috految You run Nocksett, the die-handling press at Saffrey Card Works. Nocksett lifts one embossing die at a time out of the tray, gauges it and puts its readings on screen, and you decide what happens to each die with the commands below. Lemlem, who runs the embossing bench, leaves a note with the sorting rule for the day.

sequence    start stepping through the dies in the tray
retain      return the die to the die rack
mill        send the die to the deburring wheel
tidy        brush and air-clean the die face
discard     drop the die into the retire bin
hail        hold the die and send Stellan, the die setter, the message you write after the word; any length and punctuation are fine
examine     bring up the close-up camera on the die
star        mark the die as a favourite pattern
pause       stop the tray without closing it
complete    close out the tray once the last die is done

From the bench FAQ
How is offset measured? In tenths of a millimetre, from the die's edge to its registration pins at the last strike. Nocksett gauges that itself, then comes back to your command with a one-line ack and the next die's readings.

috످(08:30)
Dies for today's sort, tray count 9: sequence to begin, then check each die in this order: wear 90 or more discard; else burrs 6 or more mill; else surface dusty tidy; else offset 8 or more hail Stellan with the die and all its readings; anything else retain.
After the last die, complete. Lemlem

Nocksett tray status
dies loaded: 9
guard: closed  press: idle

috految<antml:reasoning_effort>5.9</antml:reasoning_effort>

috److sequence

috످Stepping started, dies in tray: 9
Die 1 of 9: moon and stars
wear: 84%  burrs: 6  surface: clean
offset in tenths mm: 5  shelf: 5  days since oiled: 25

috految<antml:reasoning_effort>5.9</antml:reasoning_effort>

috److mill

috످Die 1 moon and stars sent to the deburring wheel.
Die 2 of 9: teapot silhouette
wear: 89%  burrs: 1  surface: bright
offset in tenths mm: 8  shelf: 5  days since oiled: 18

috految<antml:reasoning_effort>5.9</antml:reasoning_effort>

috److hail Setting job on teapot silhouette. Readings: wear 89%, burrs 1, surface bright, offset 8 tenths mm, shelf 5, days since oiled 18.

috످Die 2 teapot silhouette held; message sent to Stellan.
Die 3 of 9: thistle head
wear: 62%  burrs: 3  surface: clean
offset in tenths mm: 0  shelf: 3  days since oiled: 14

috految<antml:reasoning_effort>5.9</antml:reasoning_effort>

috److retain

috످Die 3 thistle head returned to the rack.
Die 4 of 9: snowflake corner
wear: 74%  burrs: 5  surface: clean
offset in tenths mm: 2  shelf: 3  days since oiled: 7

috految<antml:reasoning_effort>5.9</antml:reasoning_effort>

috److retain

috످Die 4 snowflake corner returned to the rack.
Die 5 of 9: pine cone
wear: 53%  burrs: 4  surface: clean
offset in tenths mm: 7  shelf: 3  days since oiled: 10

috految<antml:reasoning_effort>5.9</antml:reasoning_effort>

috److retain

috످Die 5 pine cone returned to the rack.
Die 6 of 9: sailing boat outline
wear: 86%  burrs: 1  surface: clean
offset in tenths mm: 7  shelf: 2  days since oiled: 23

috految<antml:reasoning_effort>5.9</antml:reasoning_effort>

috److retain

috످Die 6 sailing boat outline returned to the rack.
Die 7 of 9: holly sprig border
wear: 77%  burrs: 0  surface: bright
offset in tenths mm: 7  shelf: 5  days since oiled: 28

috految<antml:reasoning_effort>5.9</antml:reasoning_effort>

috److retain

috످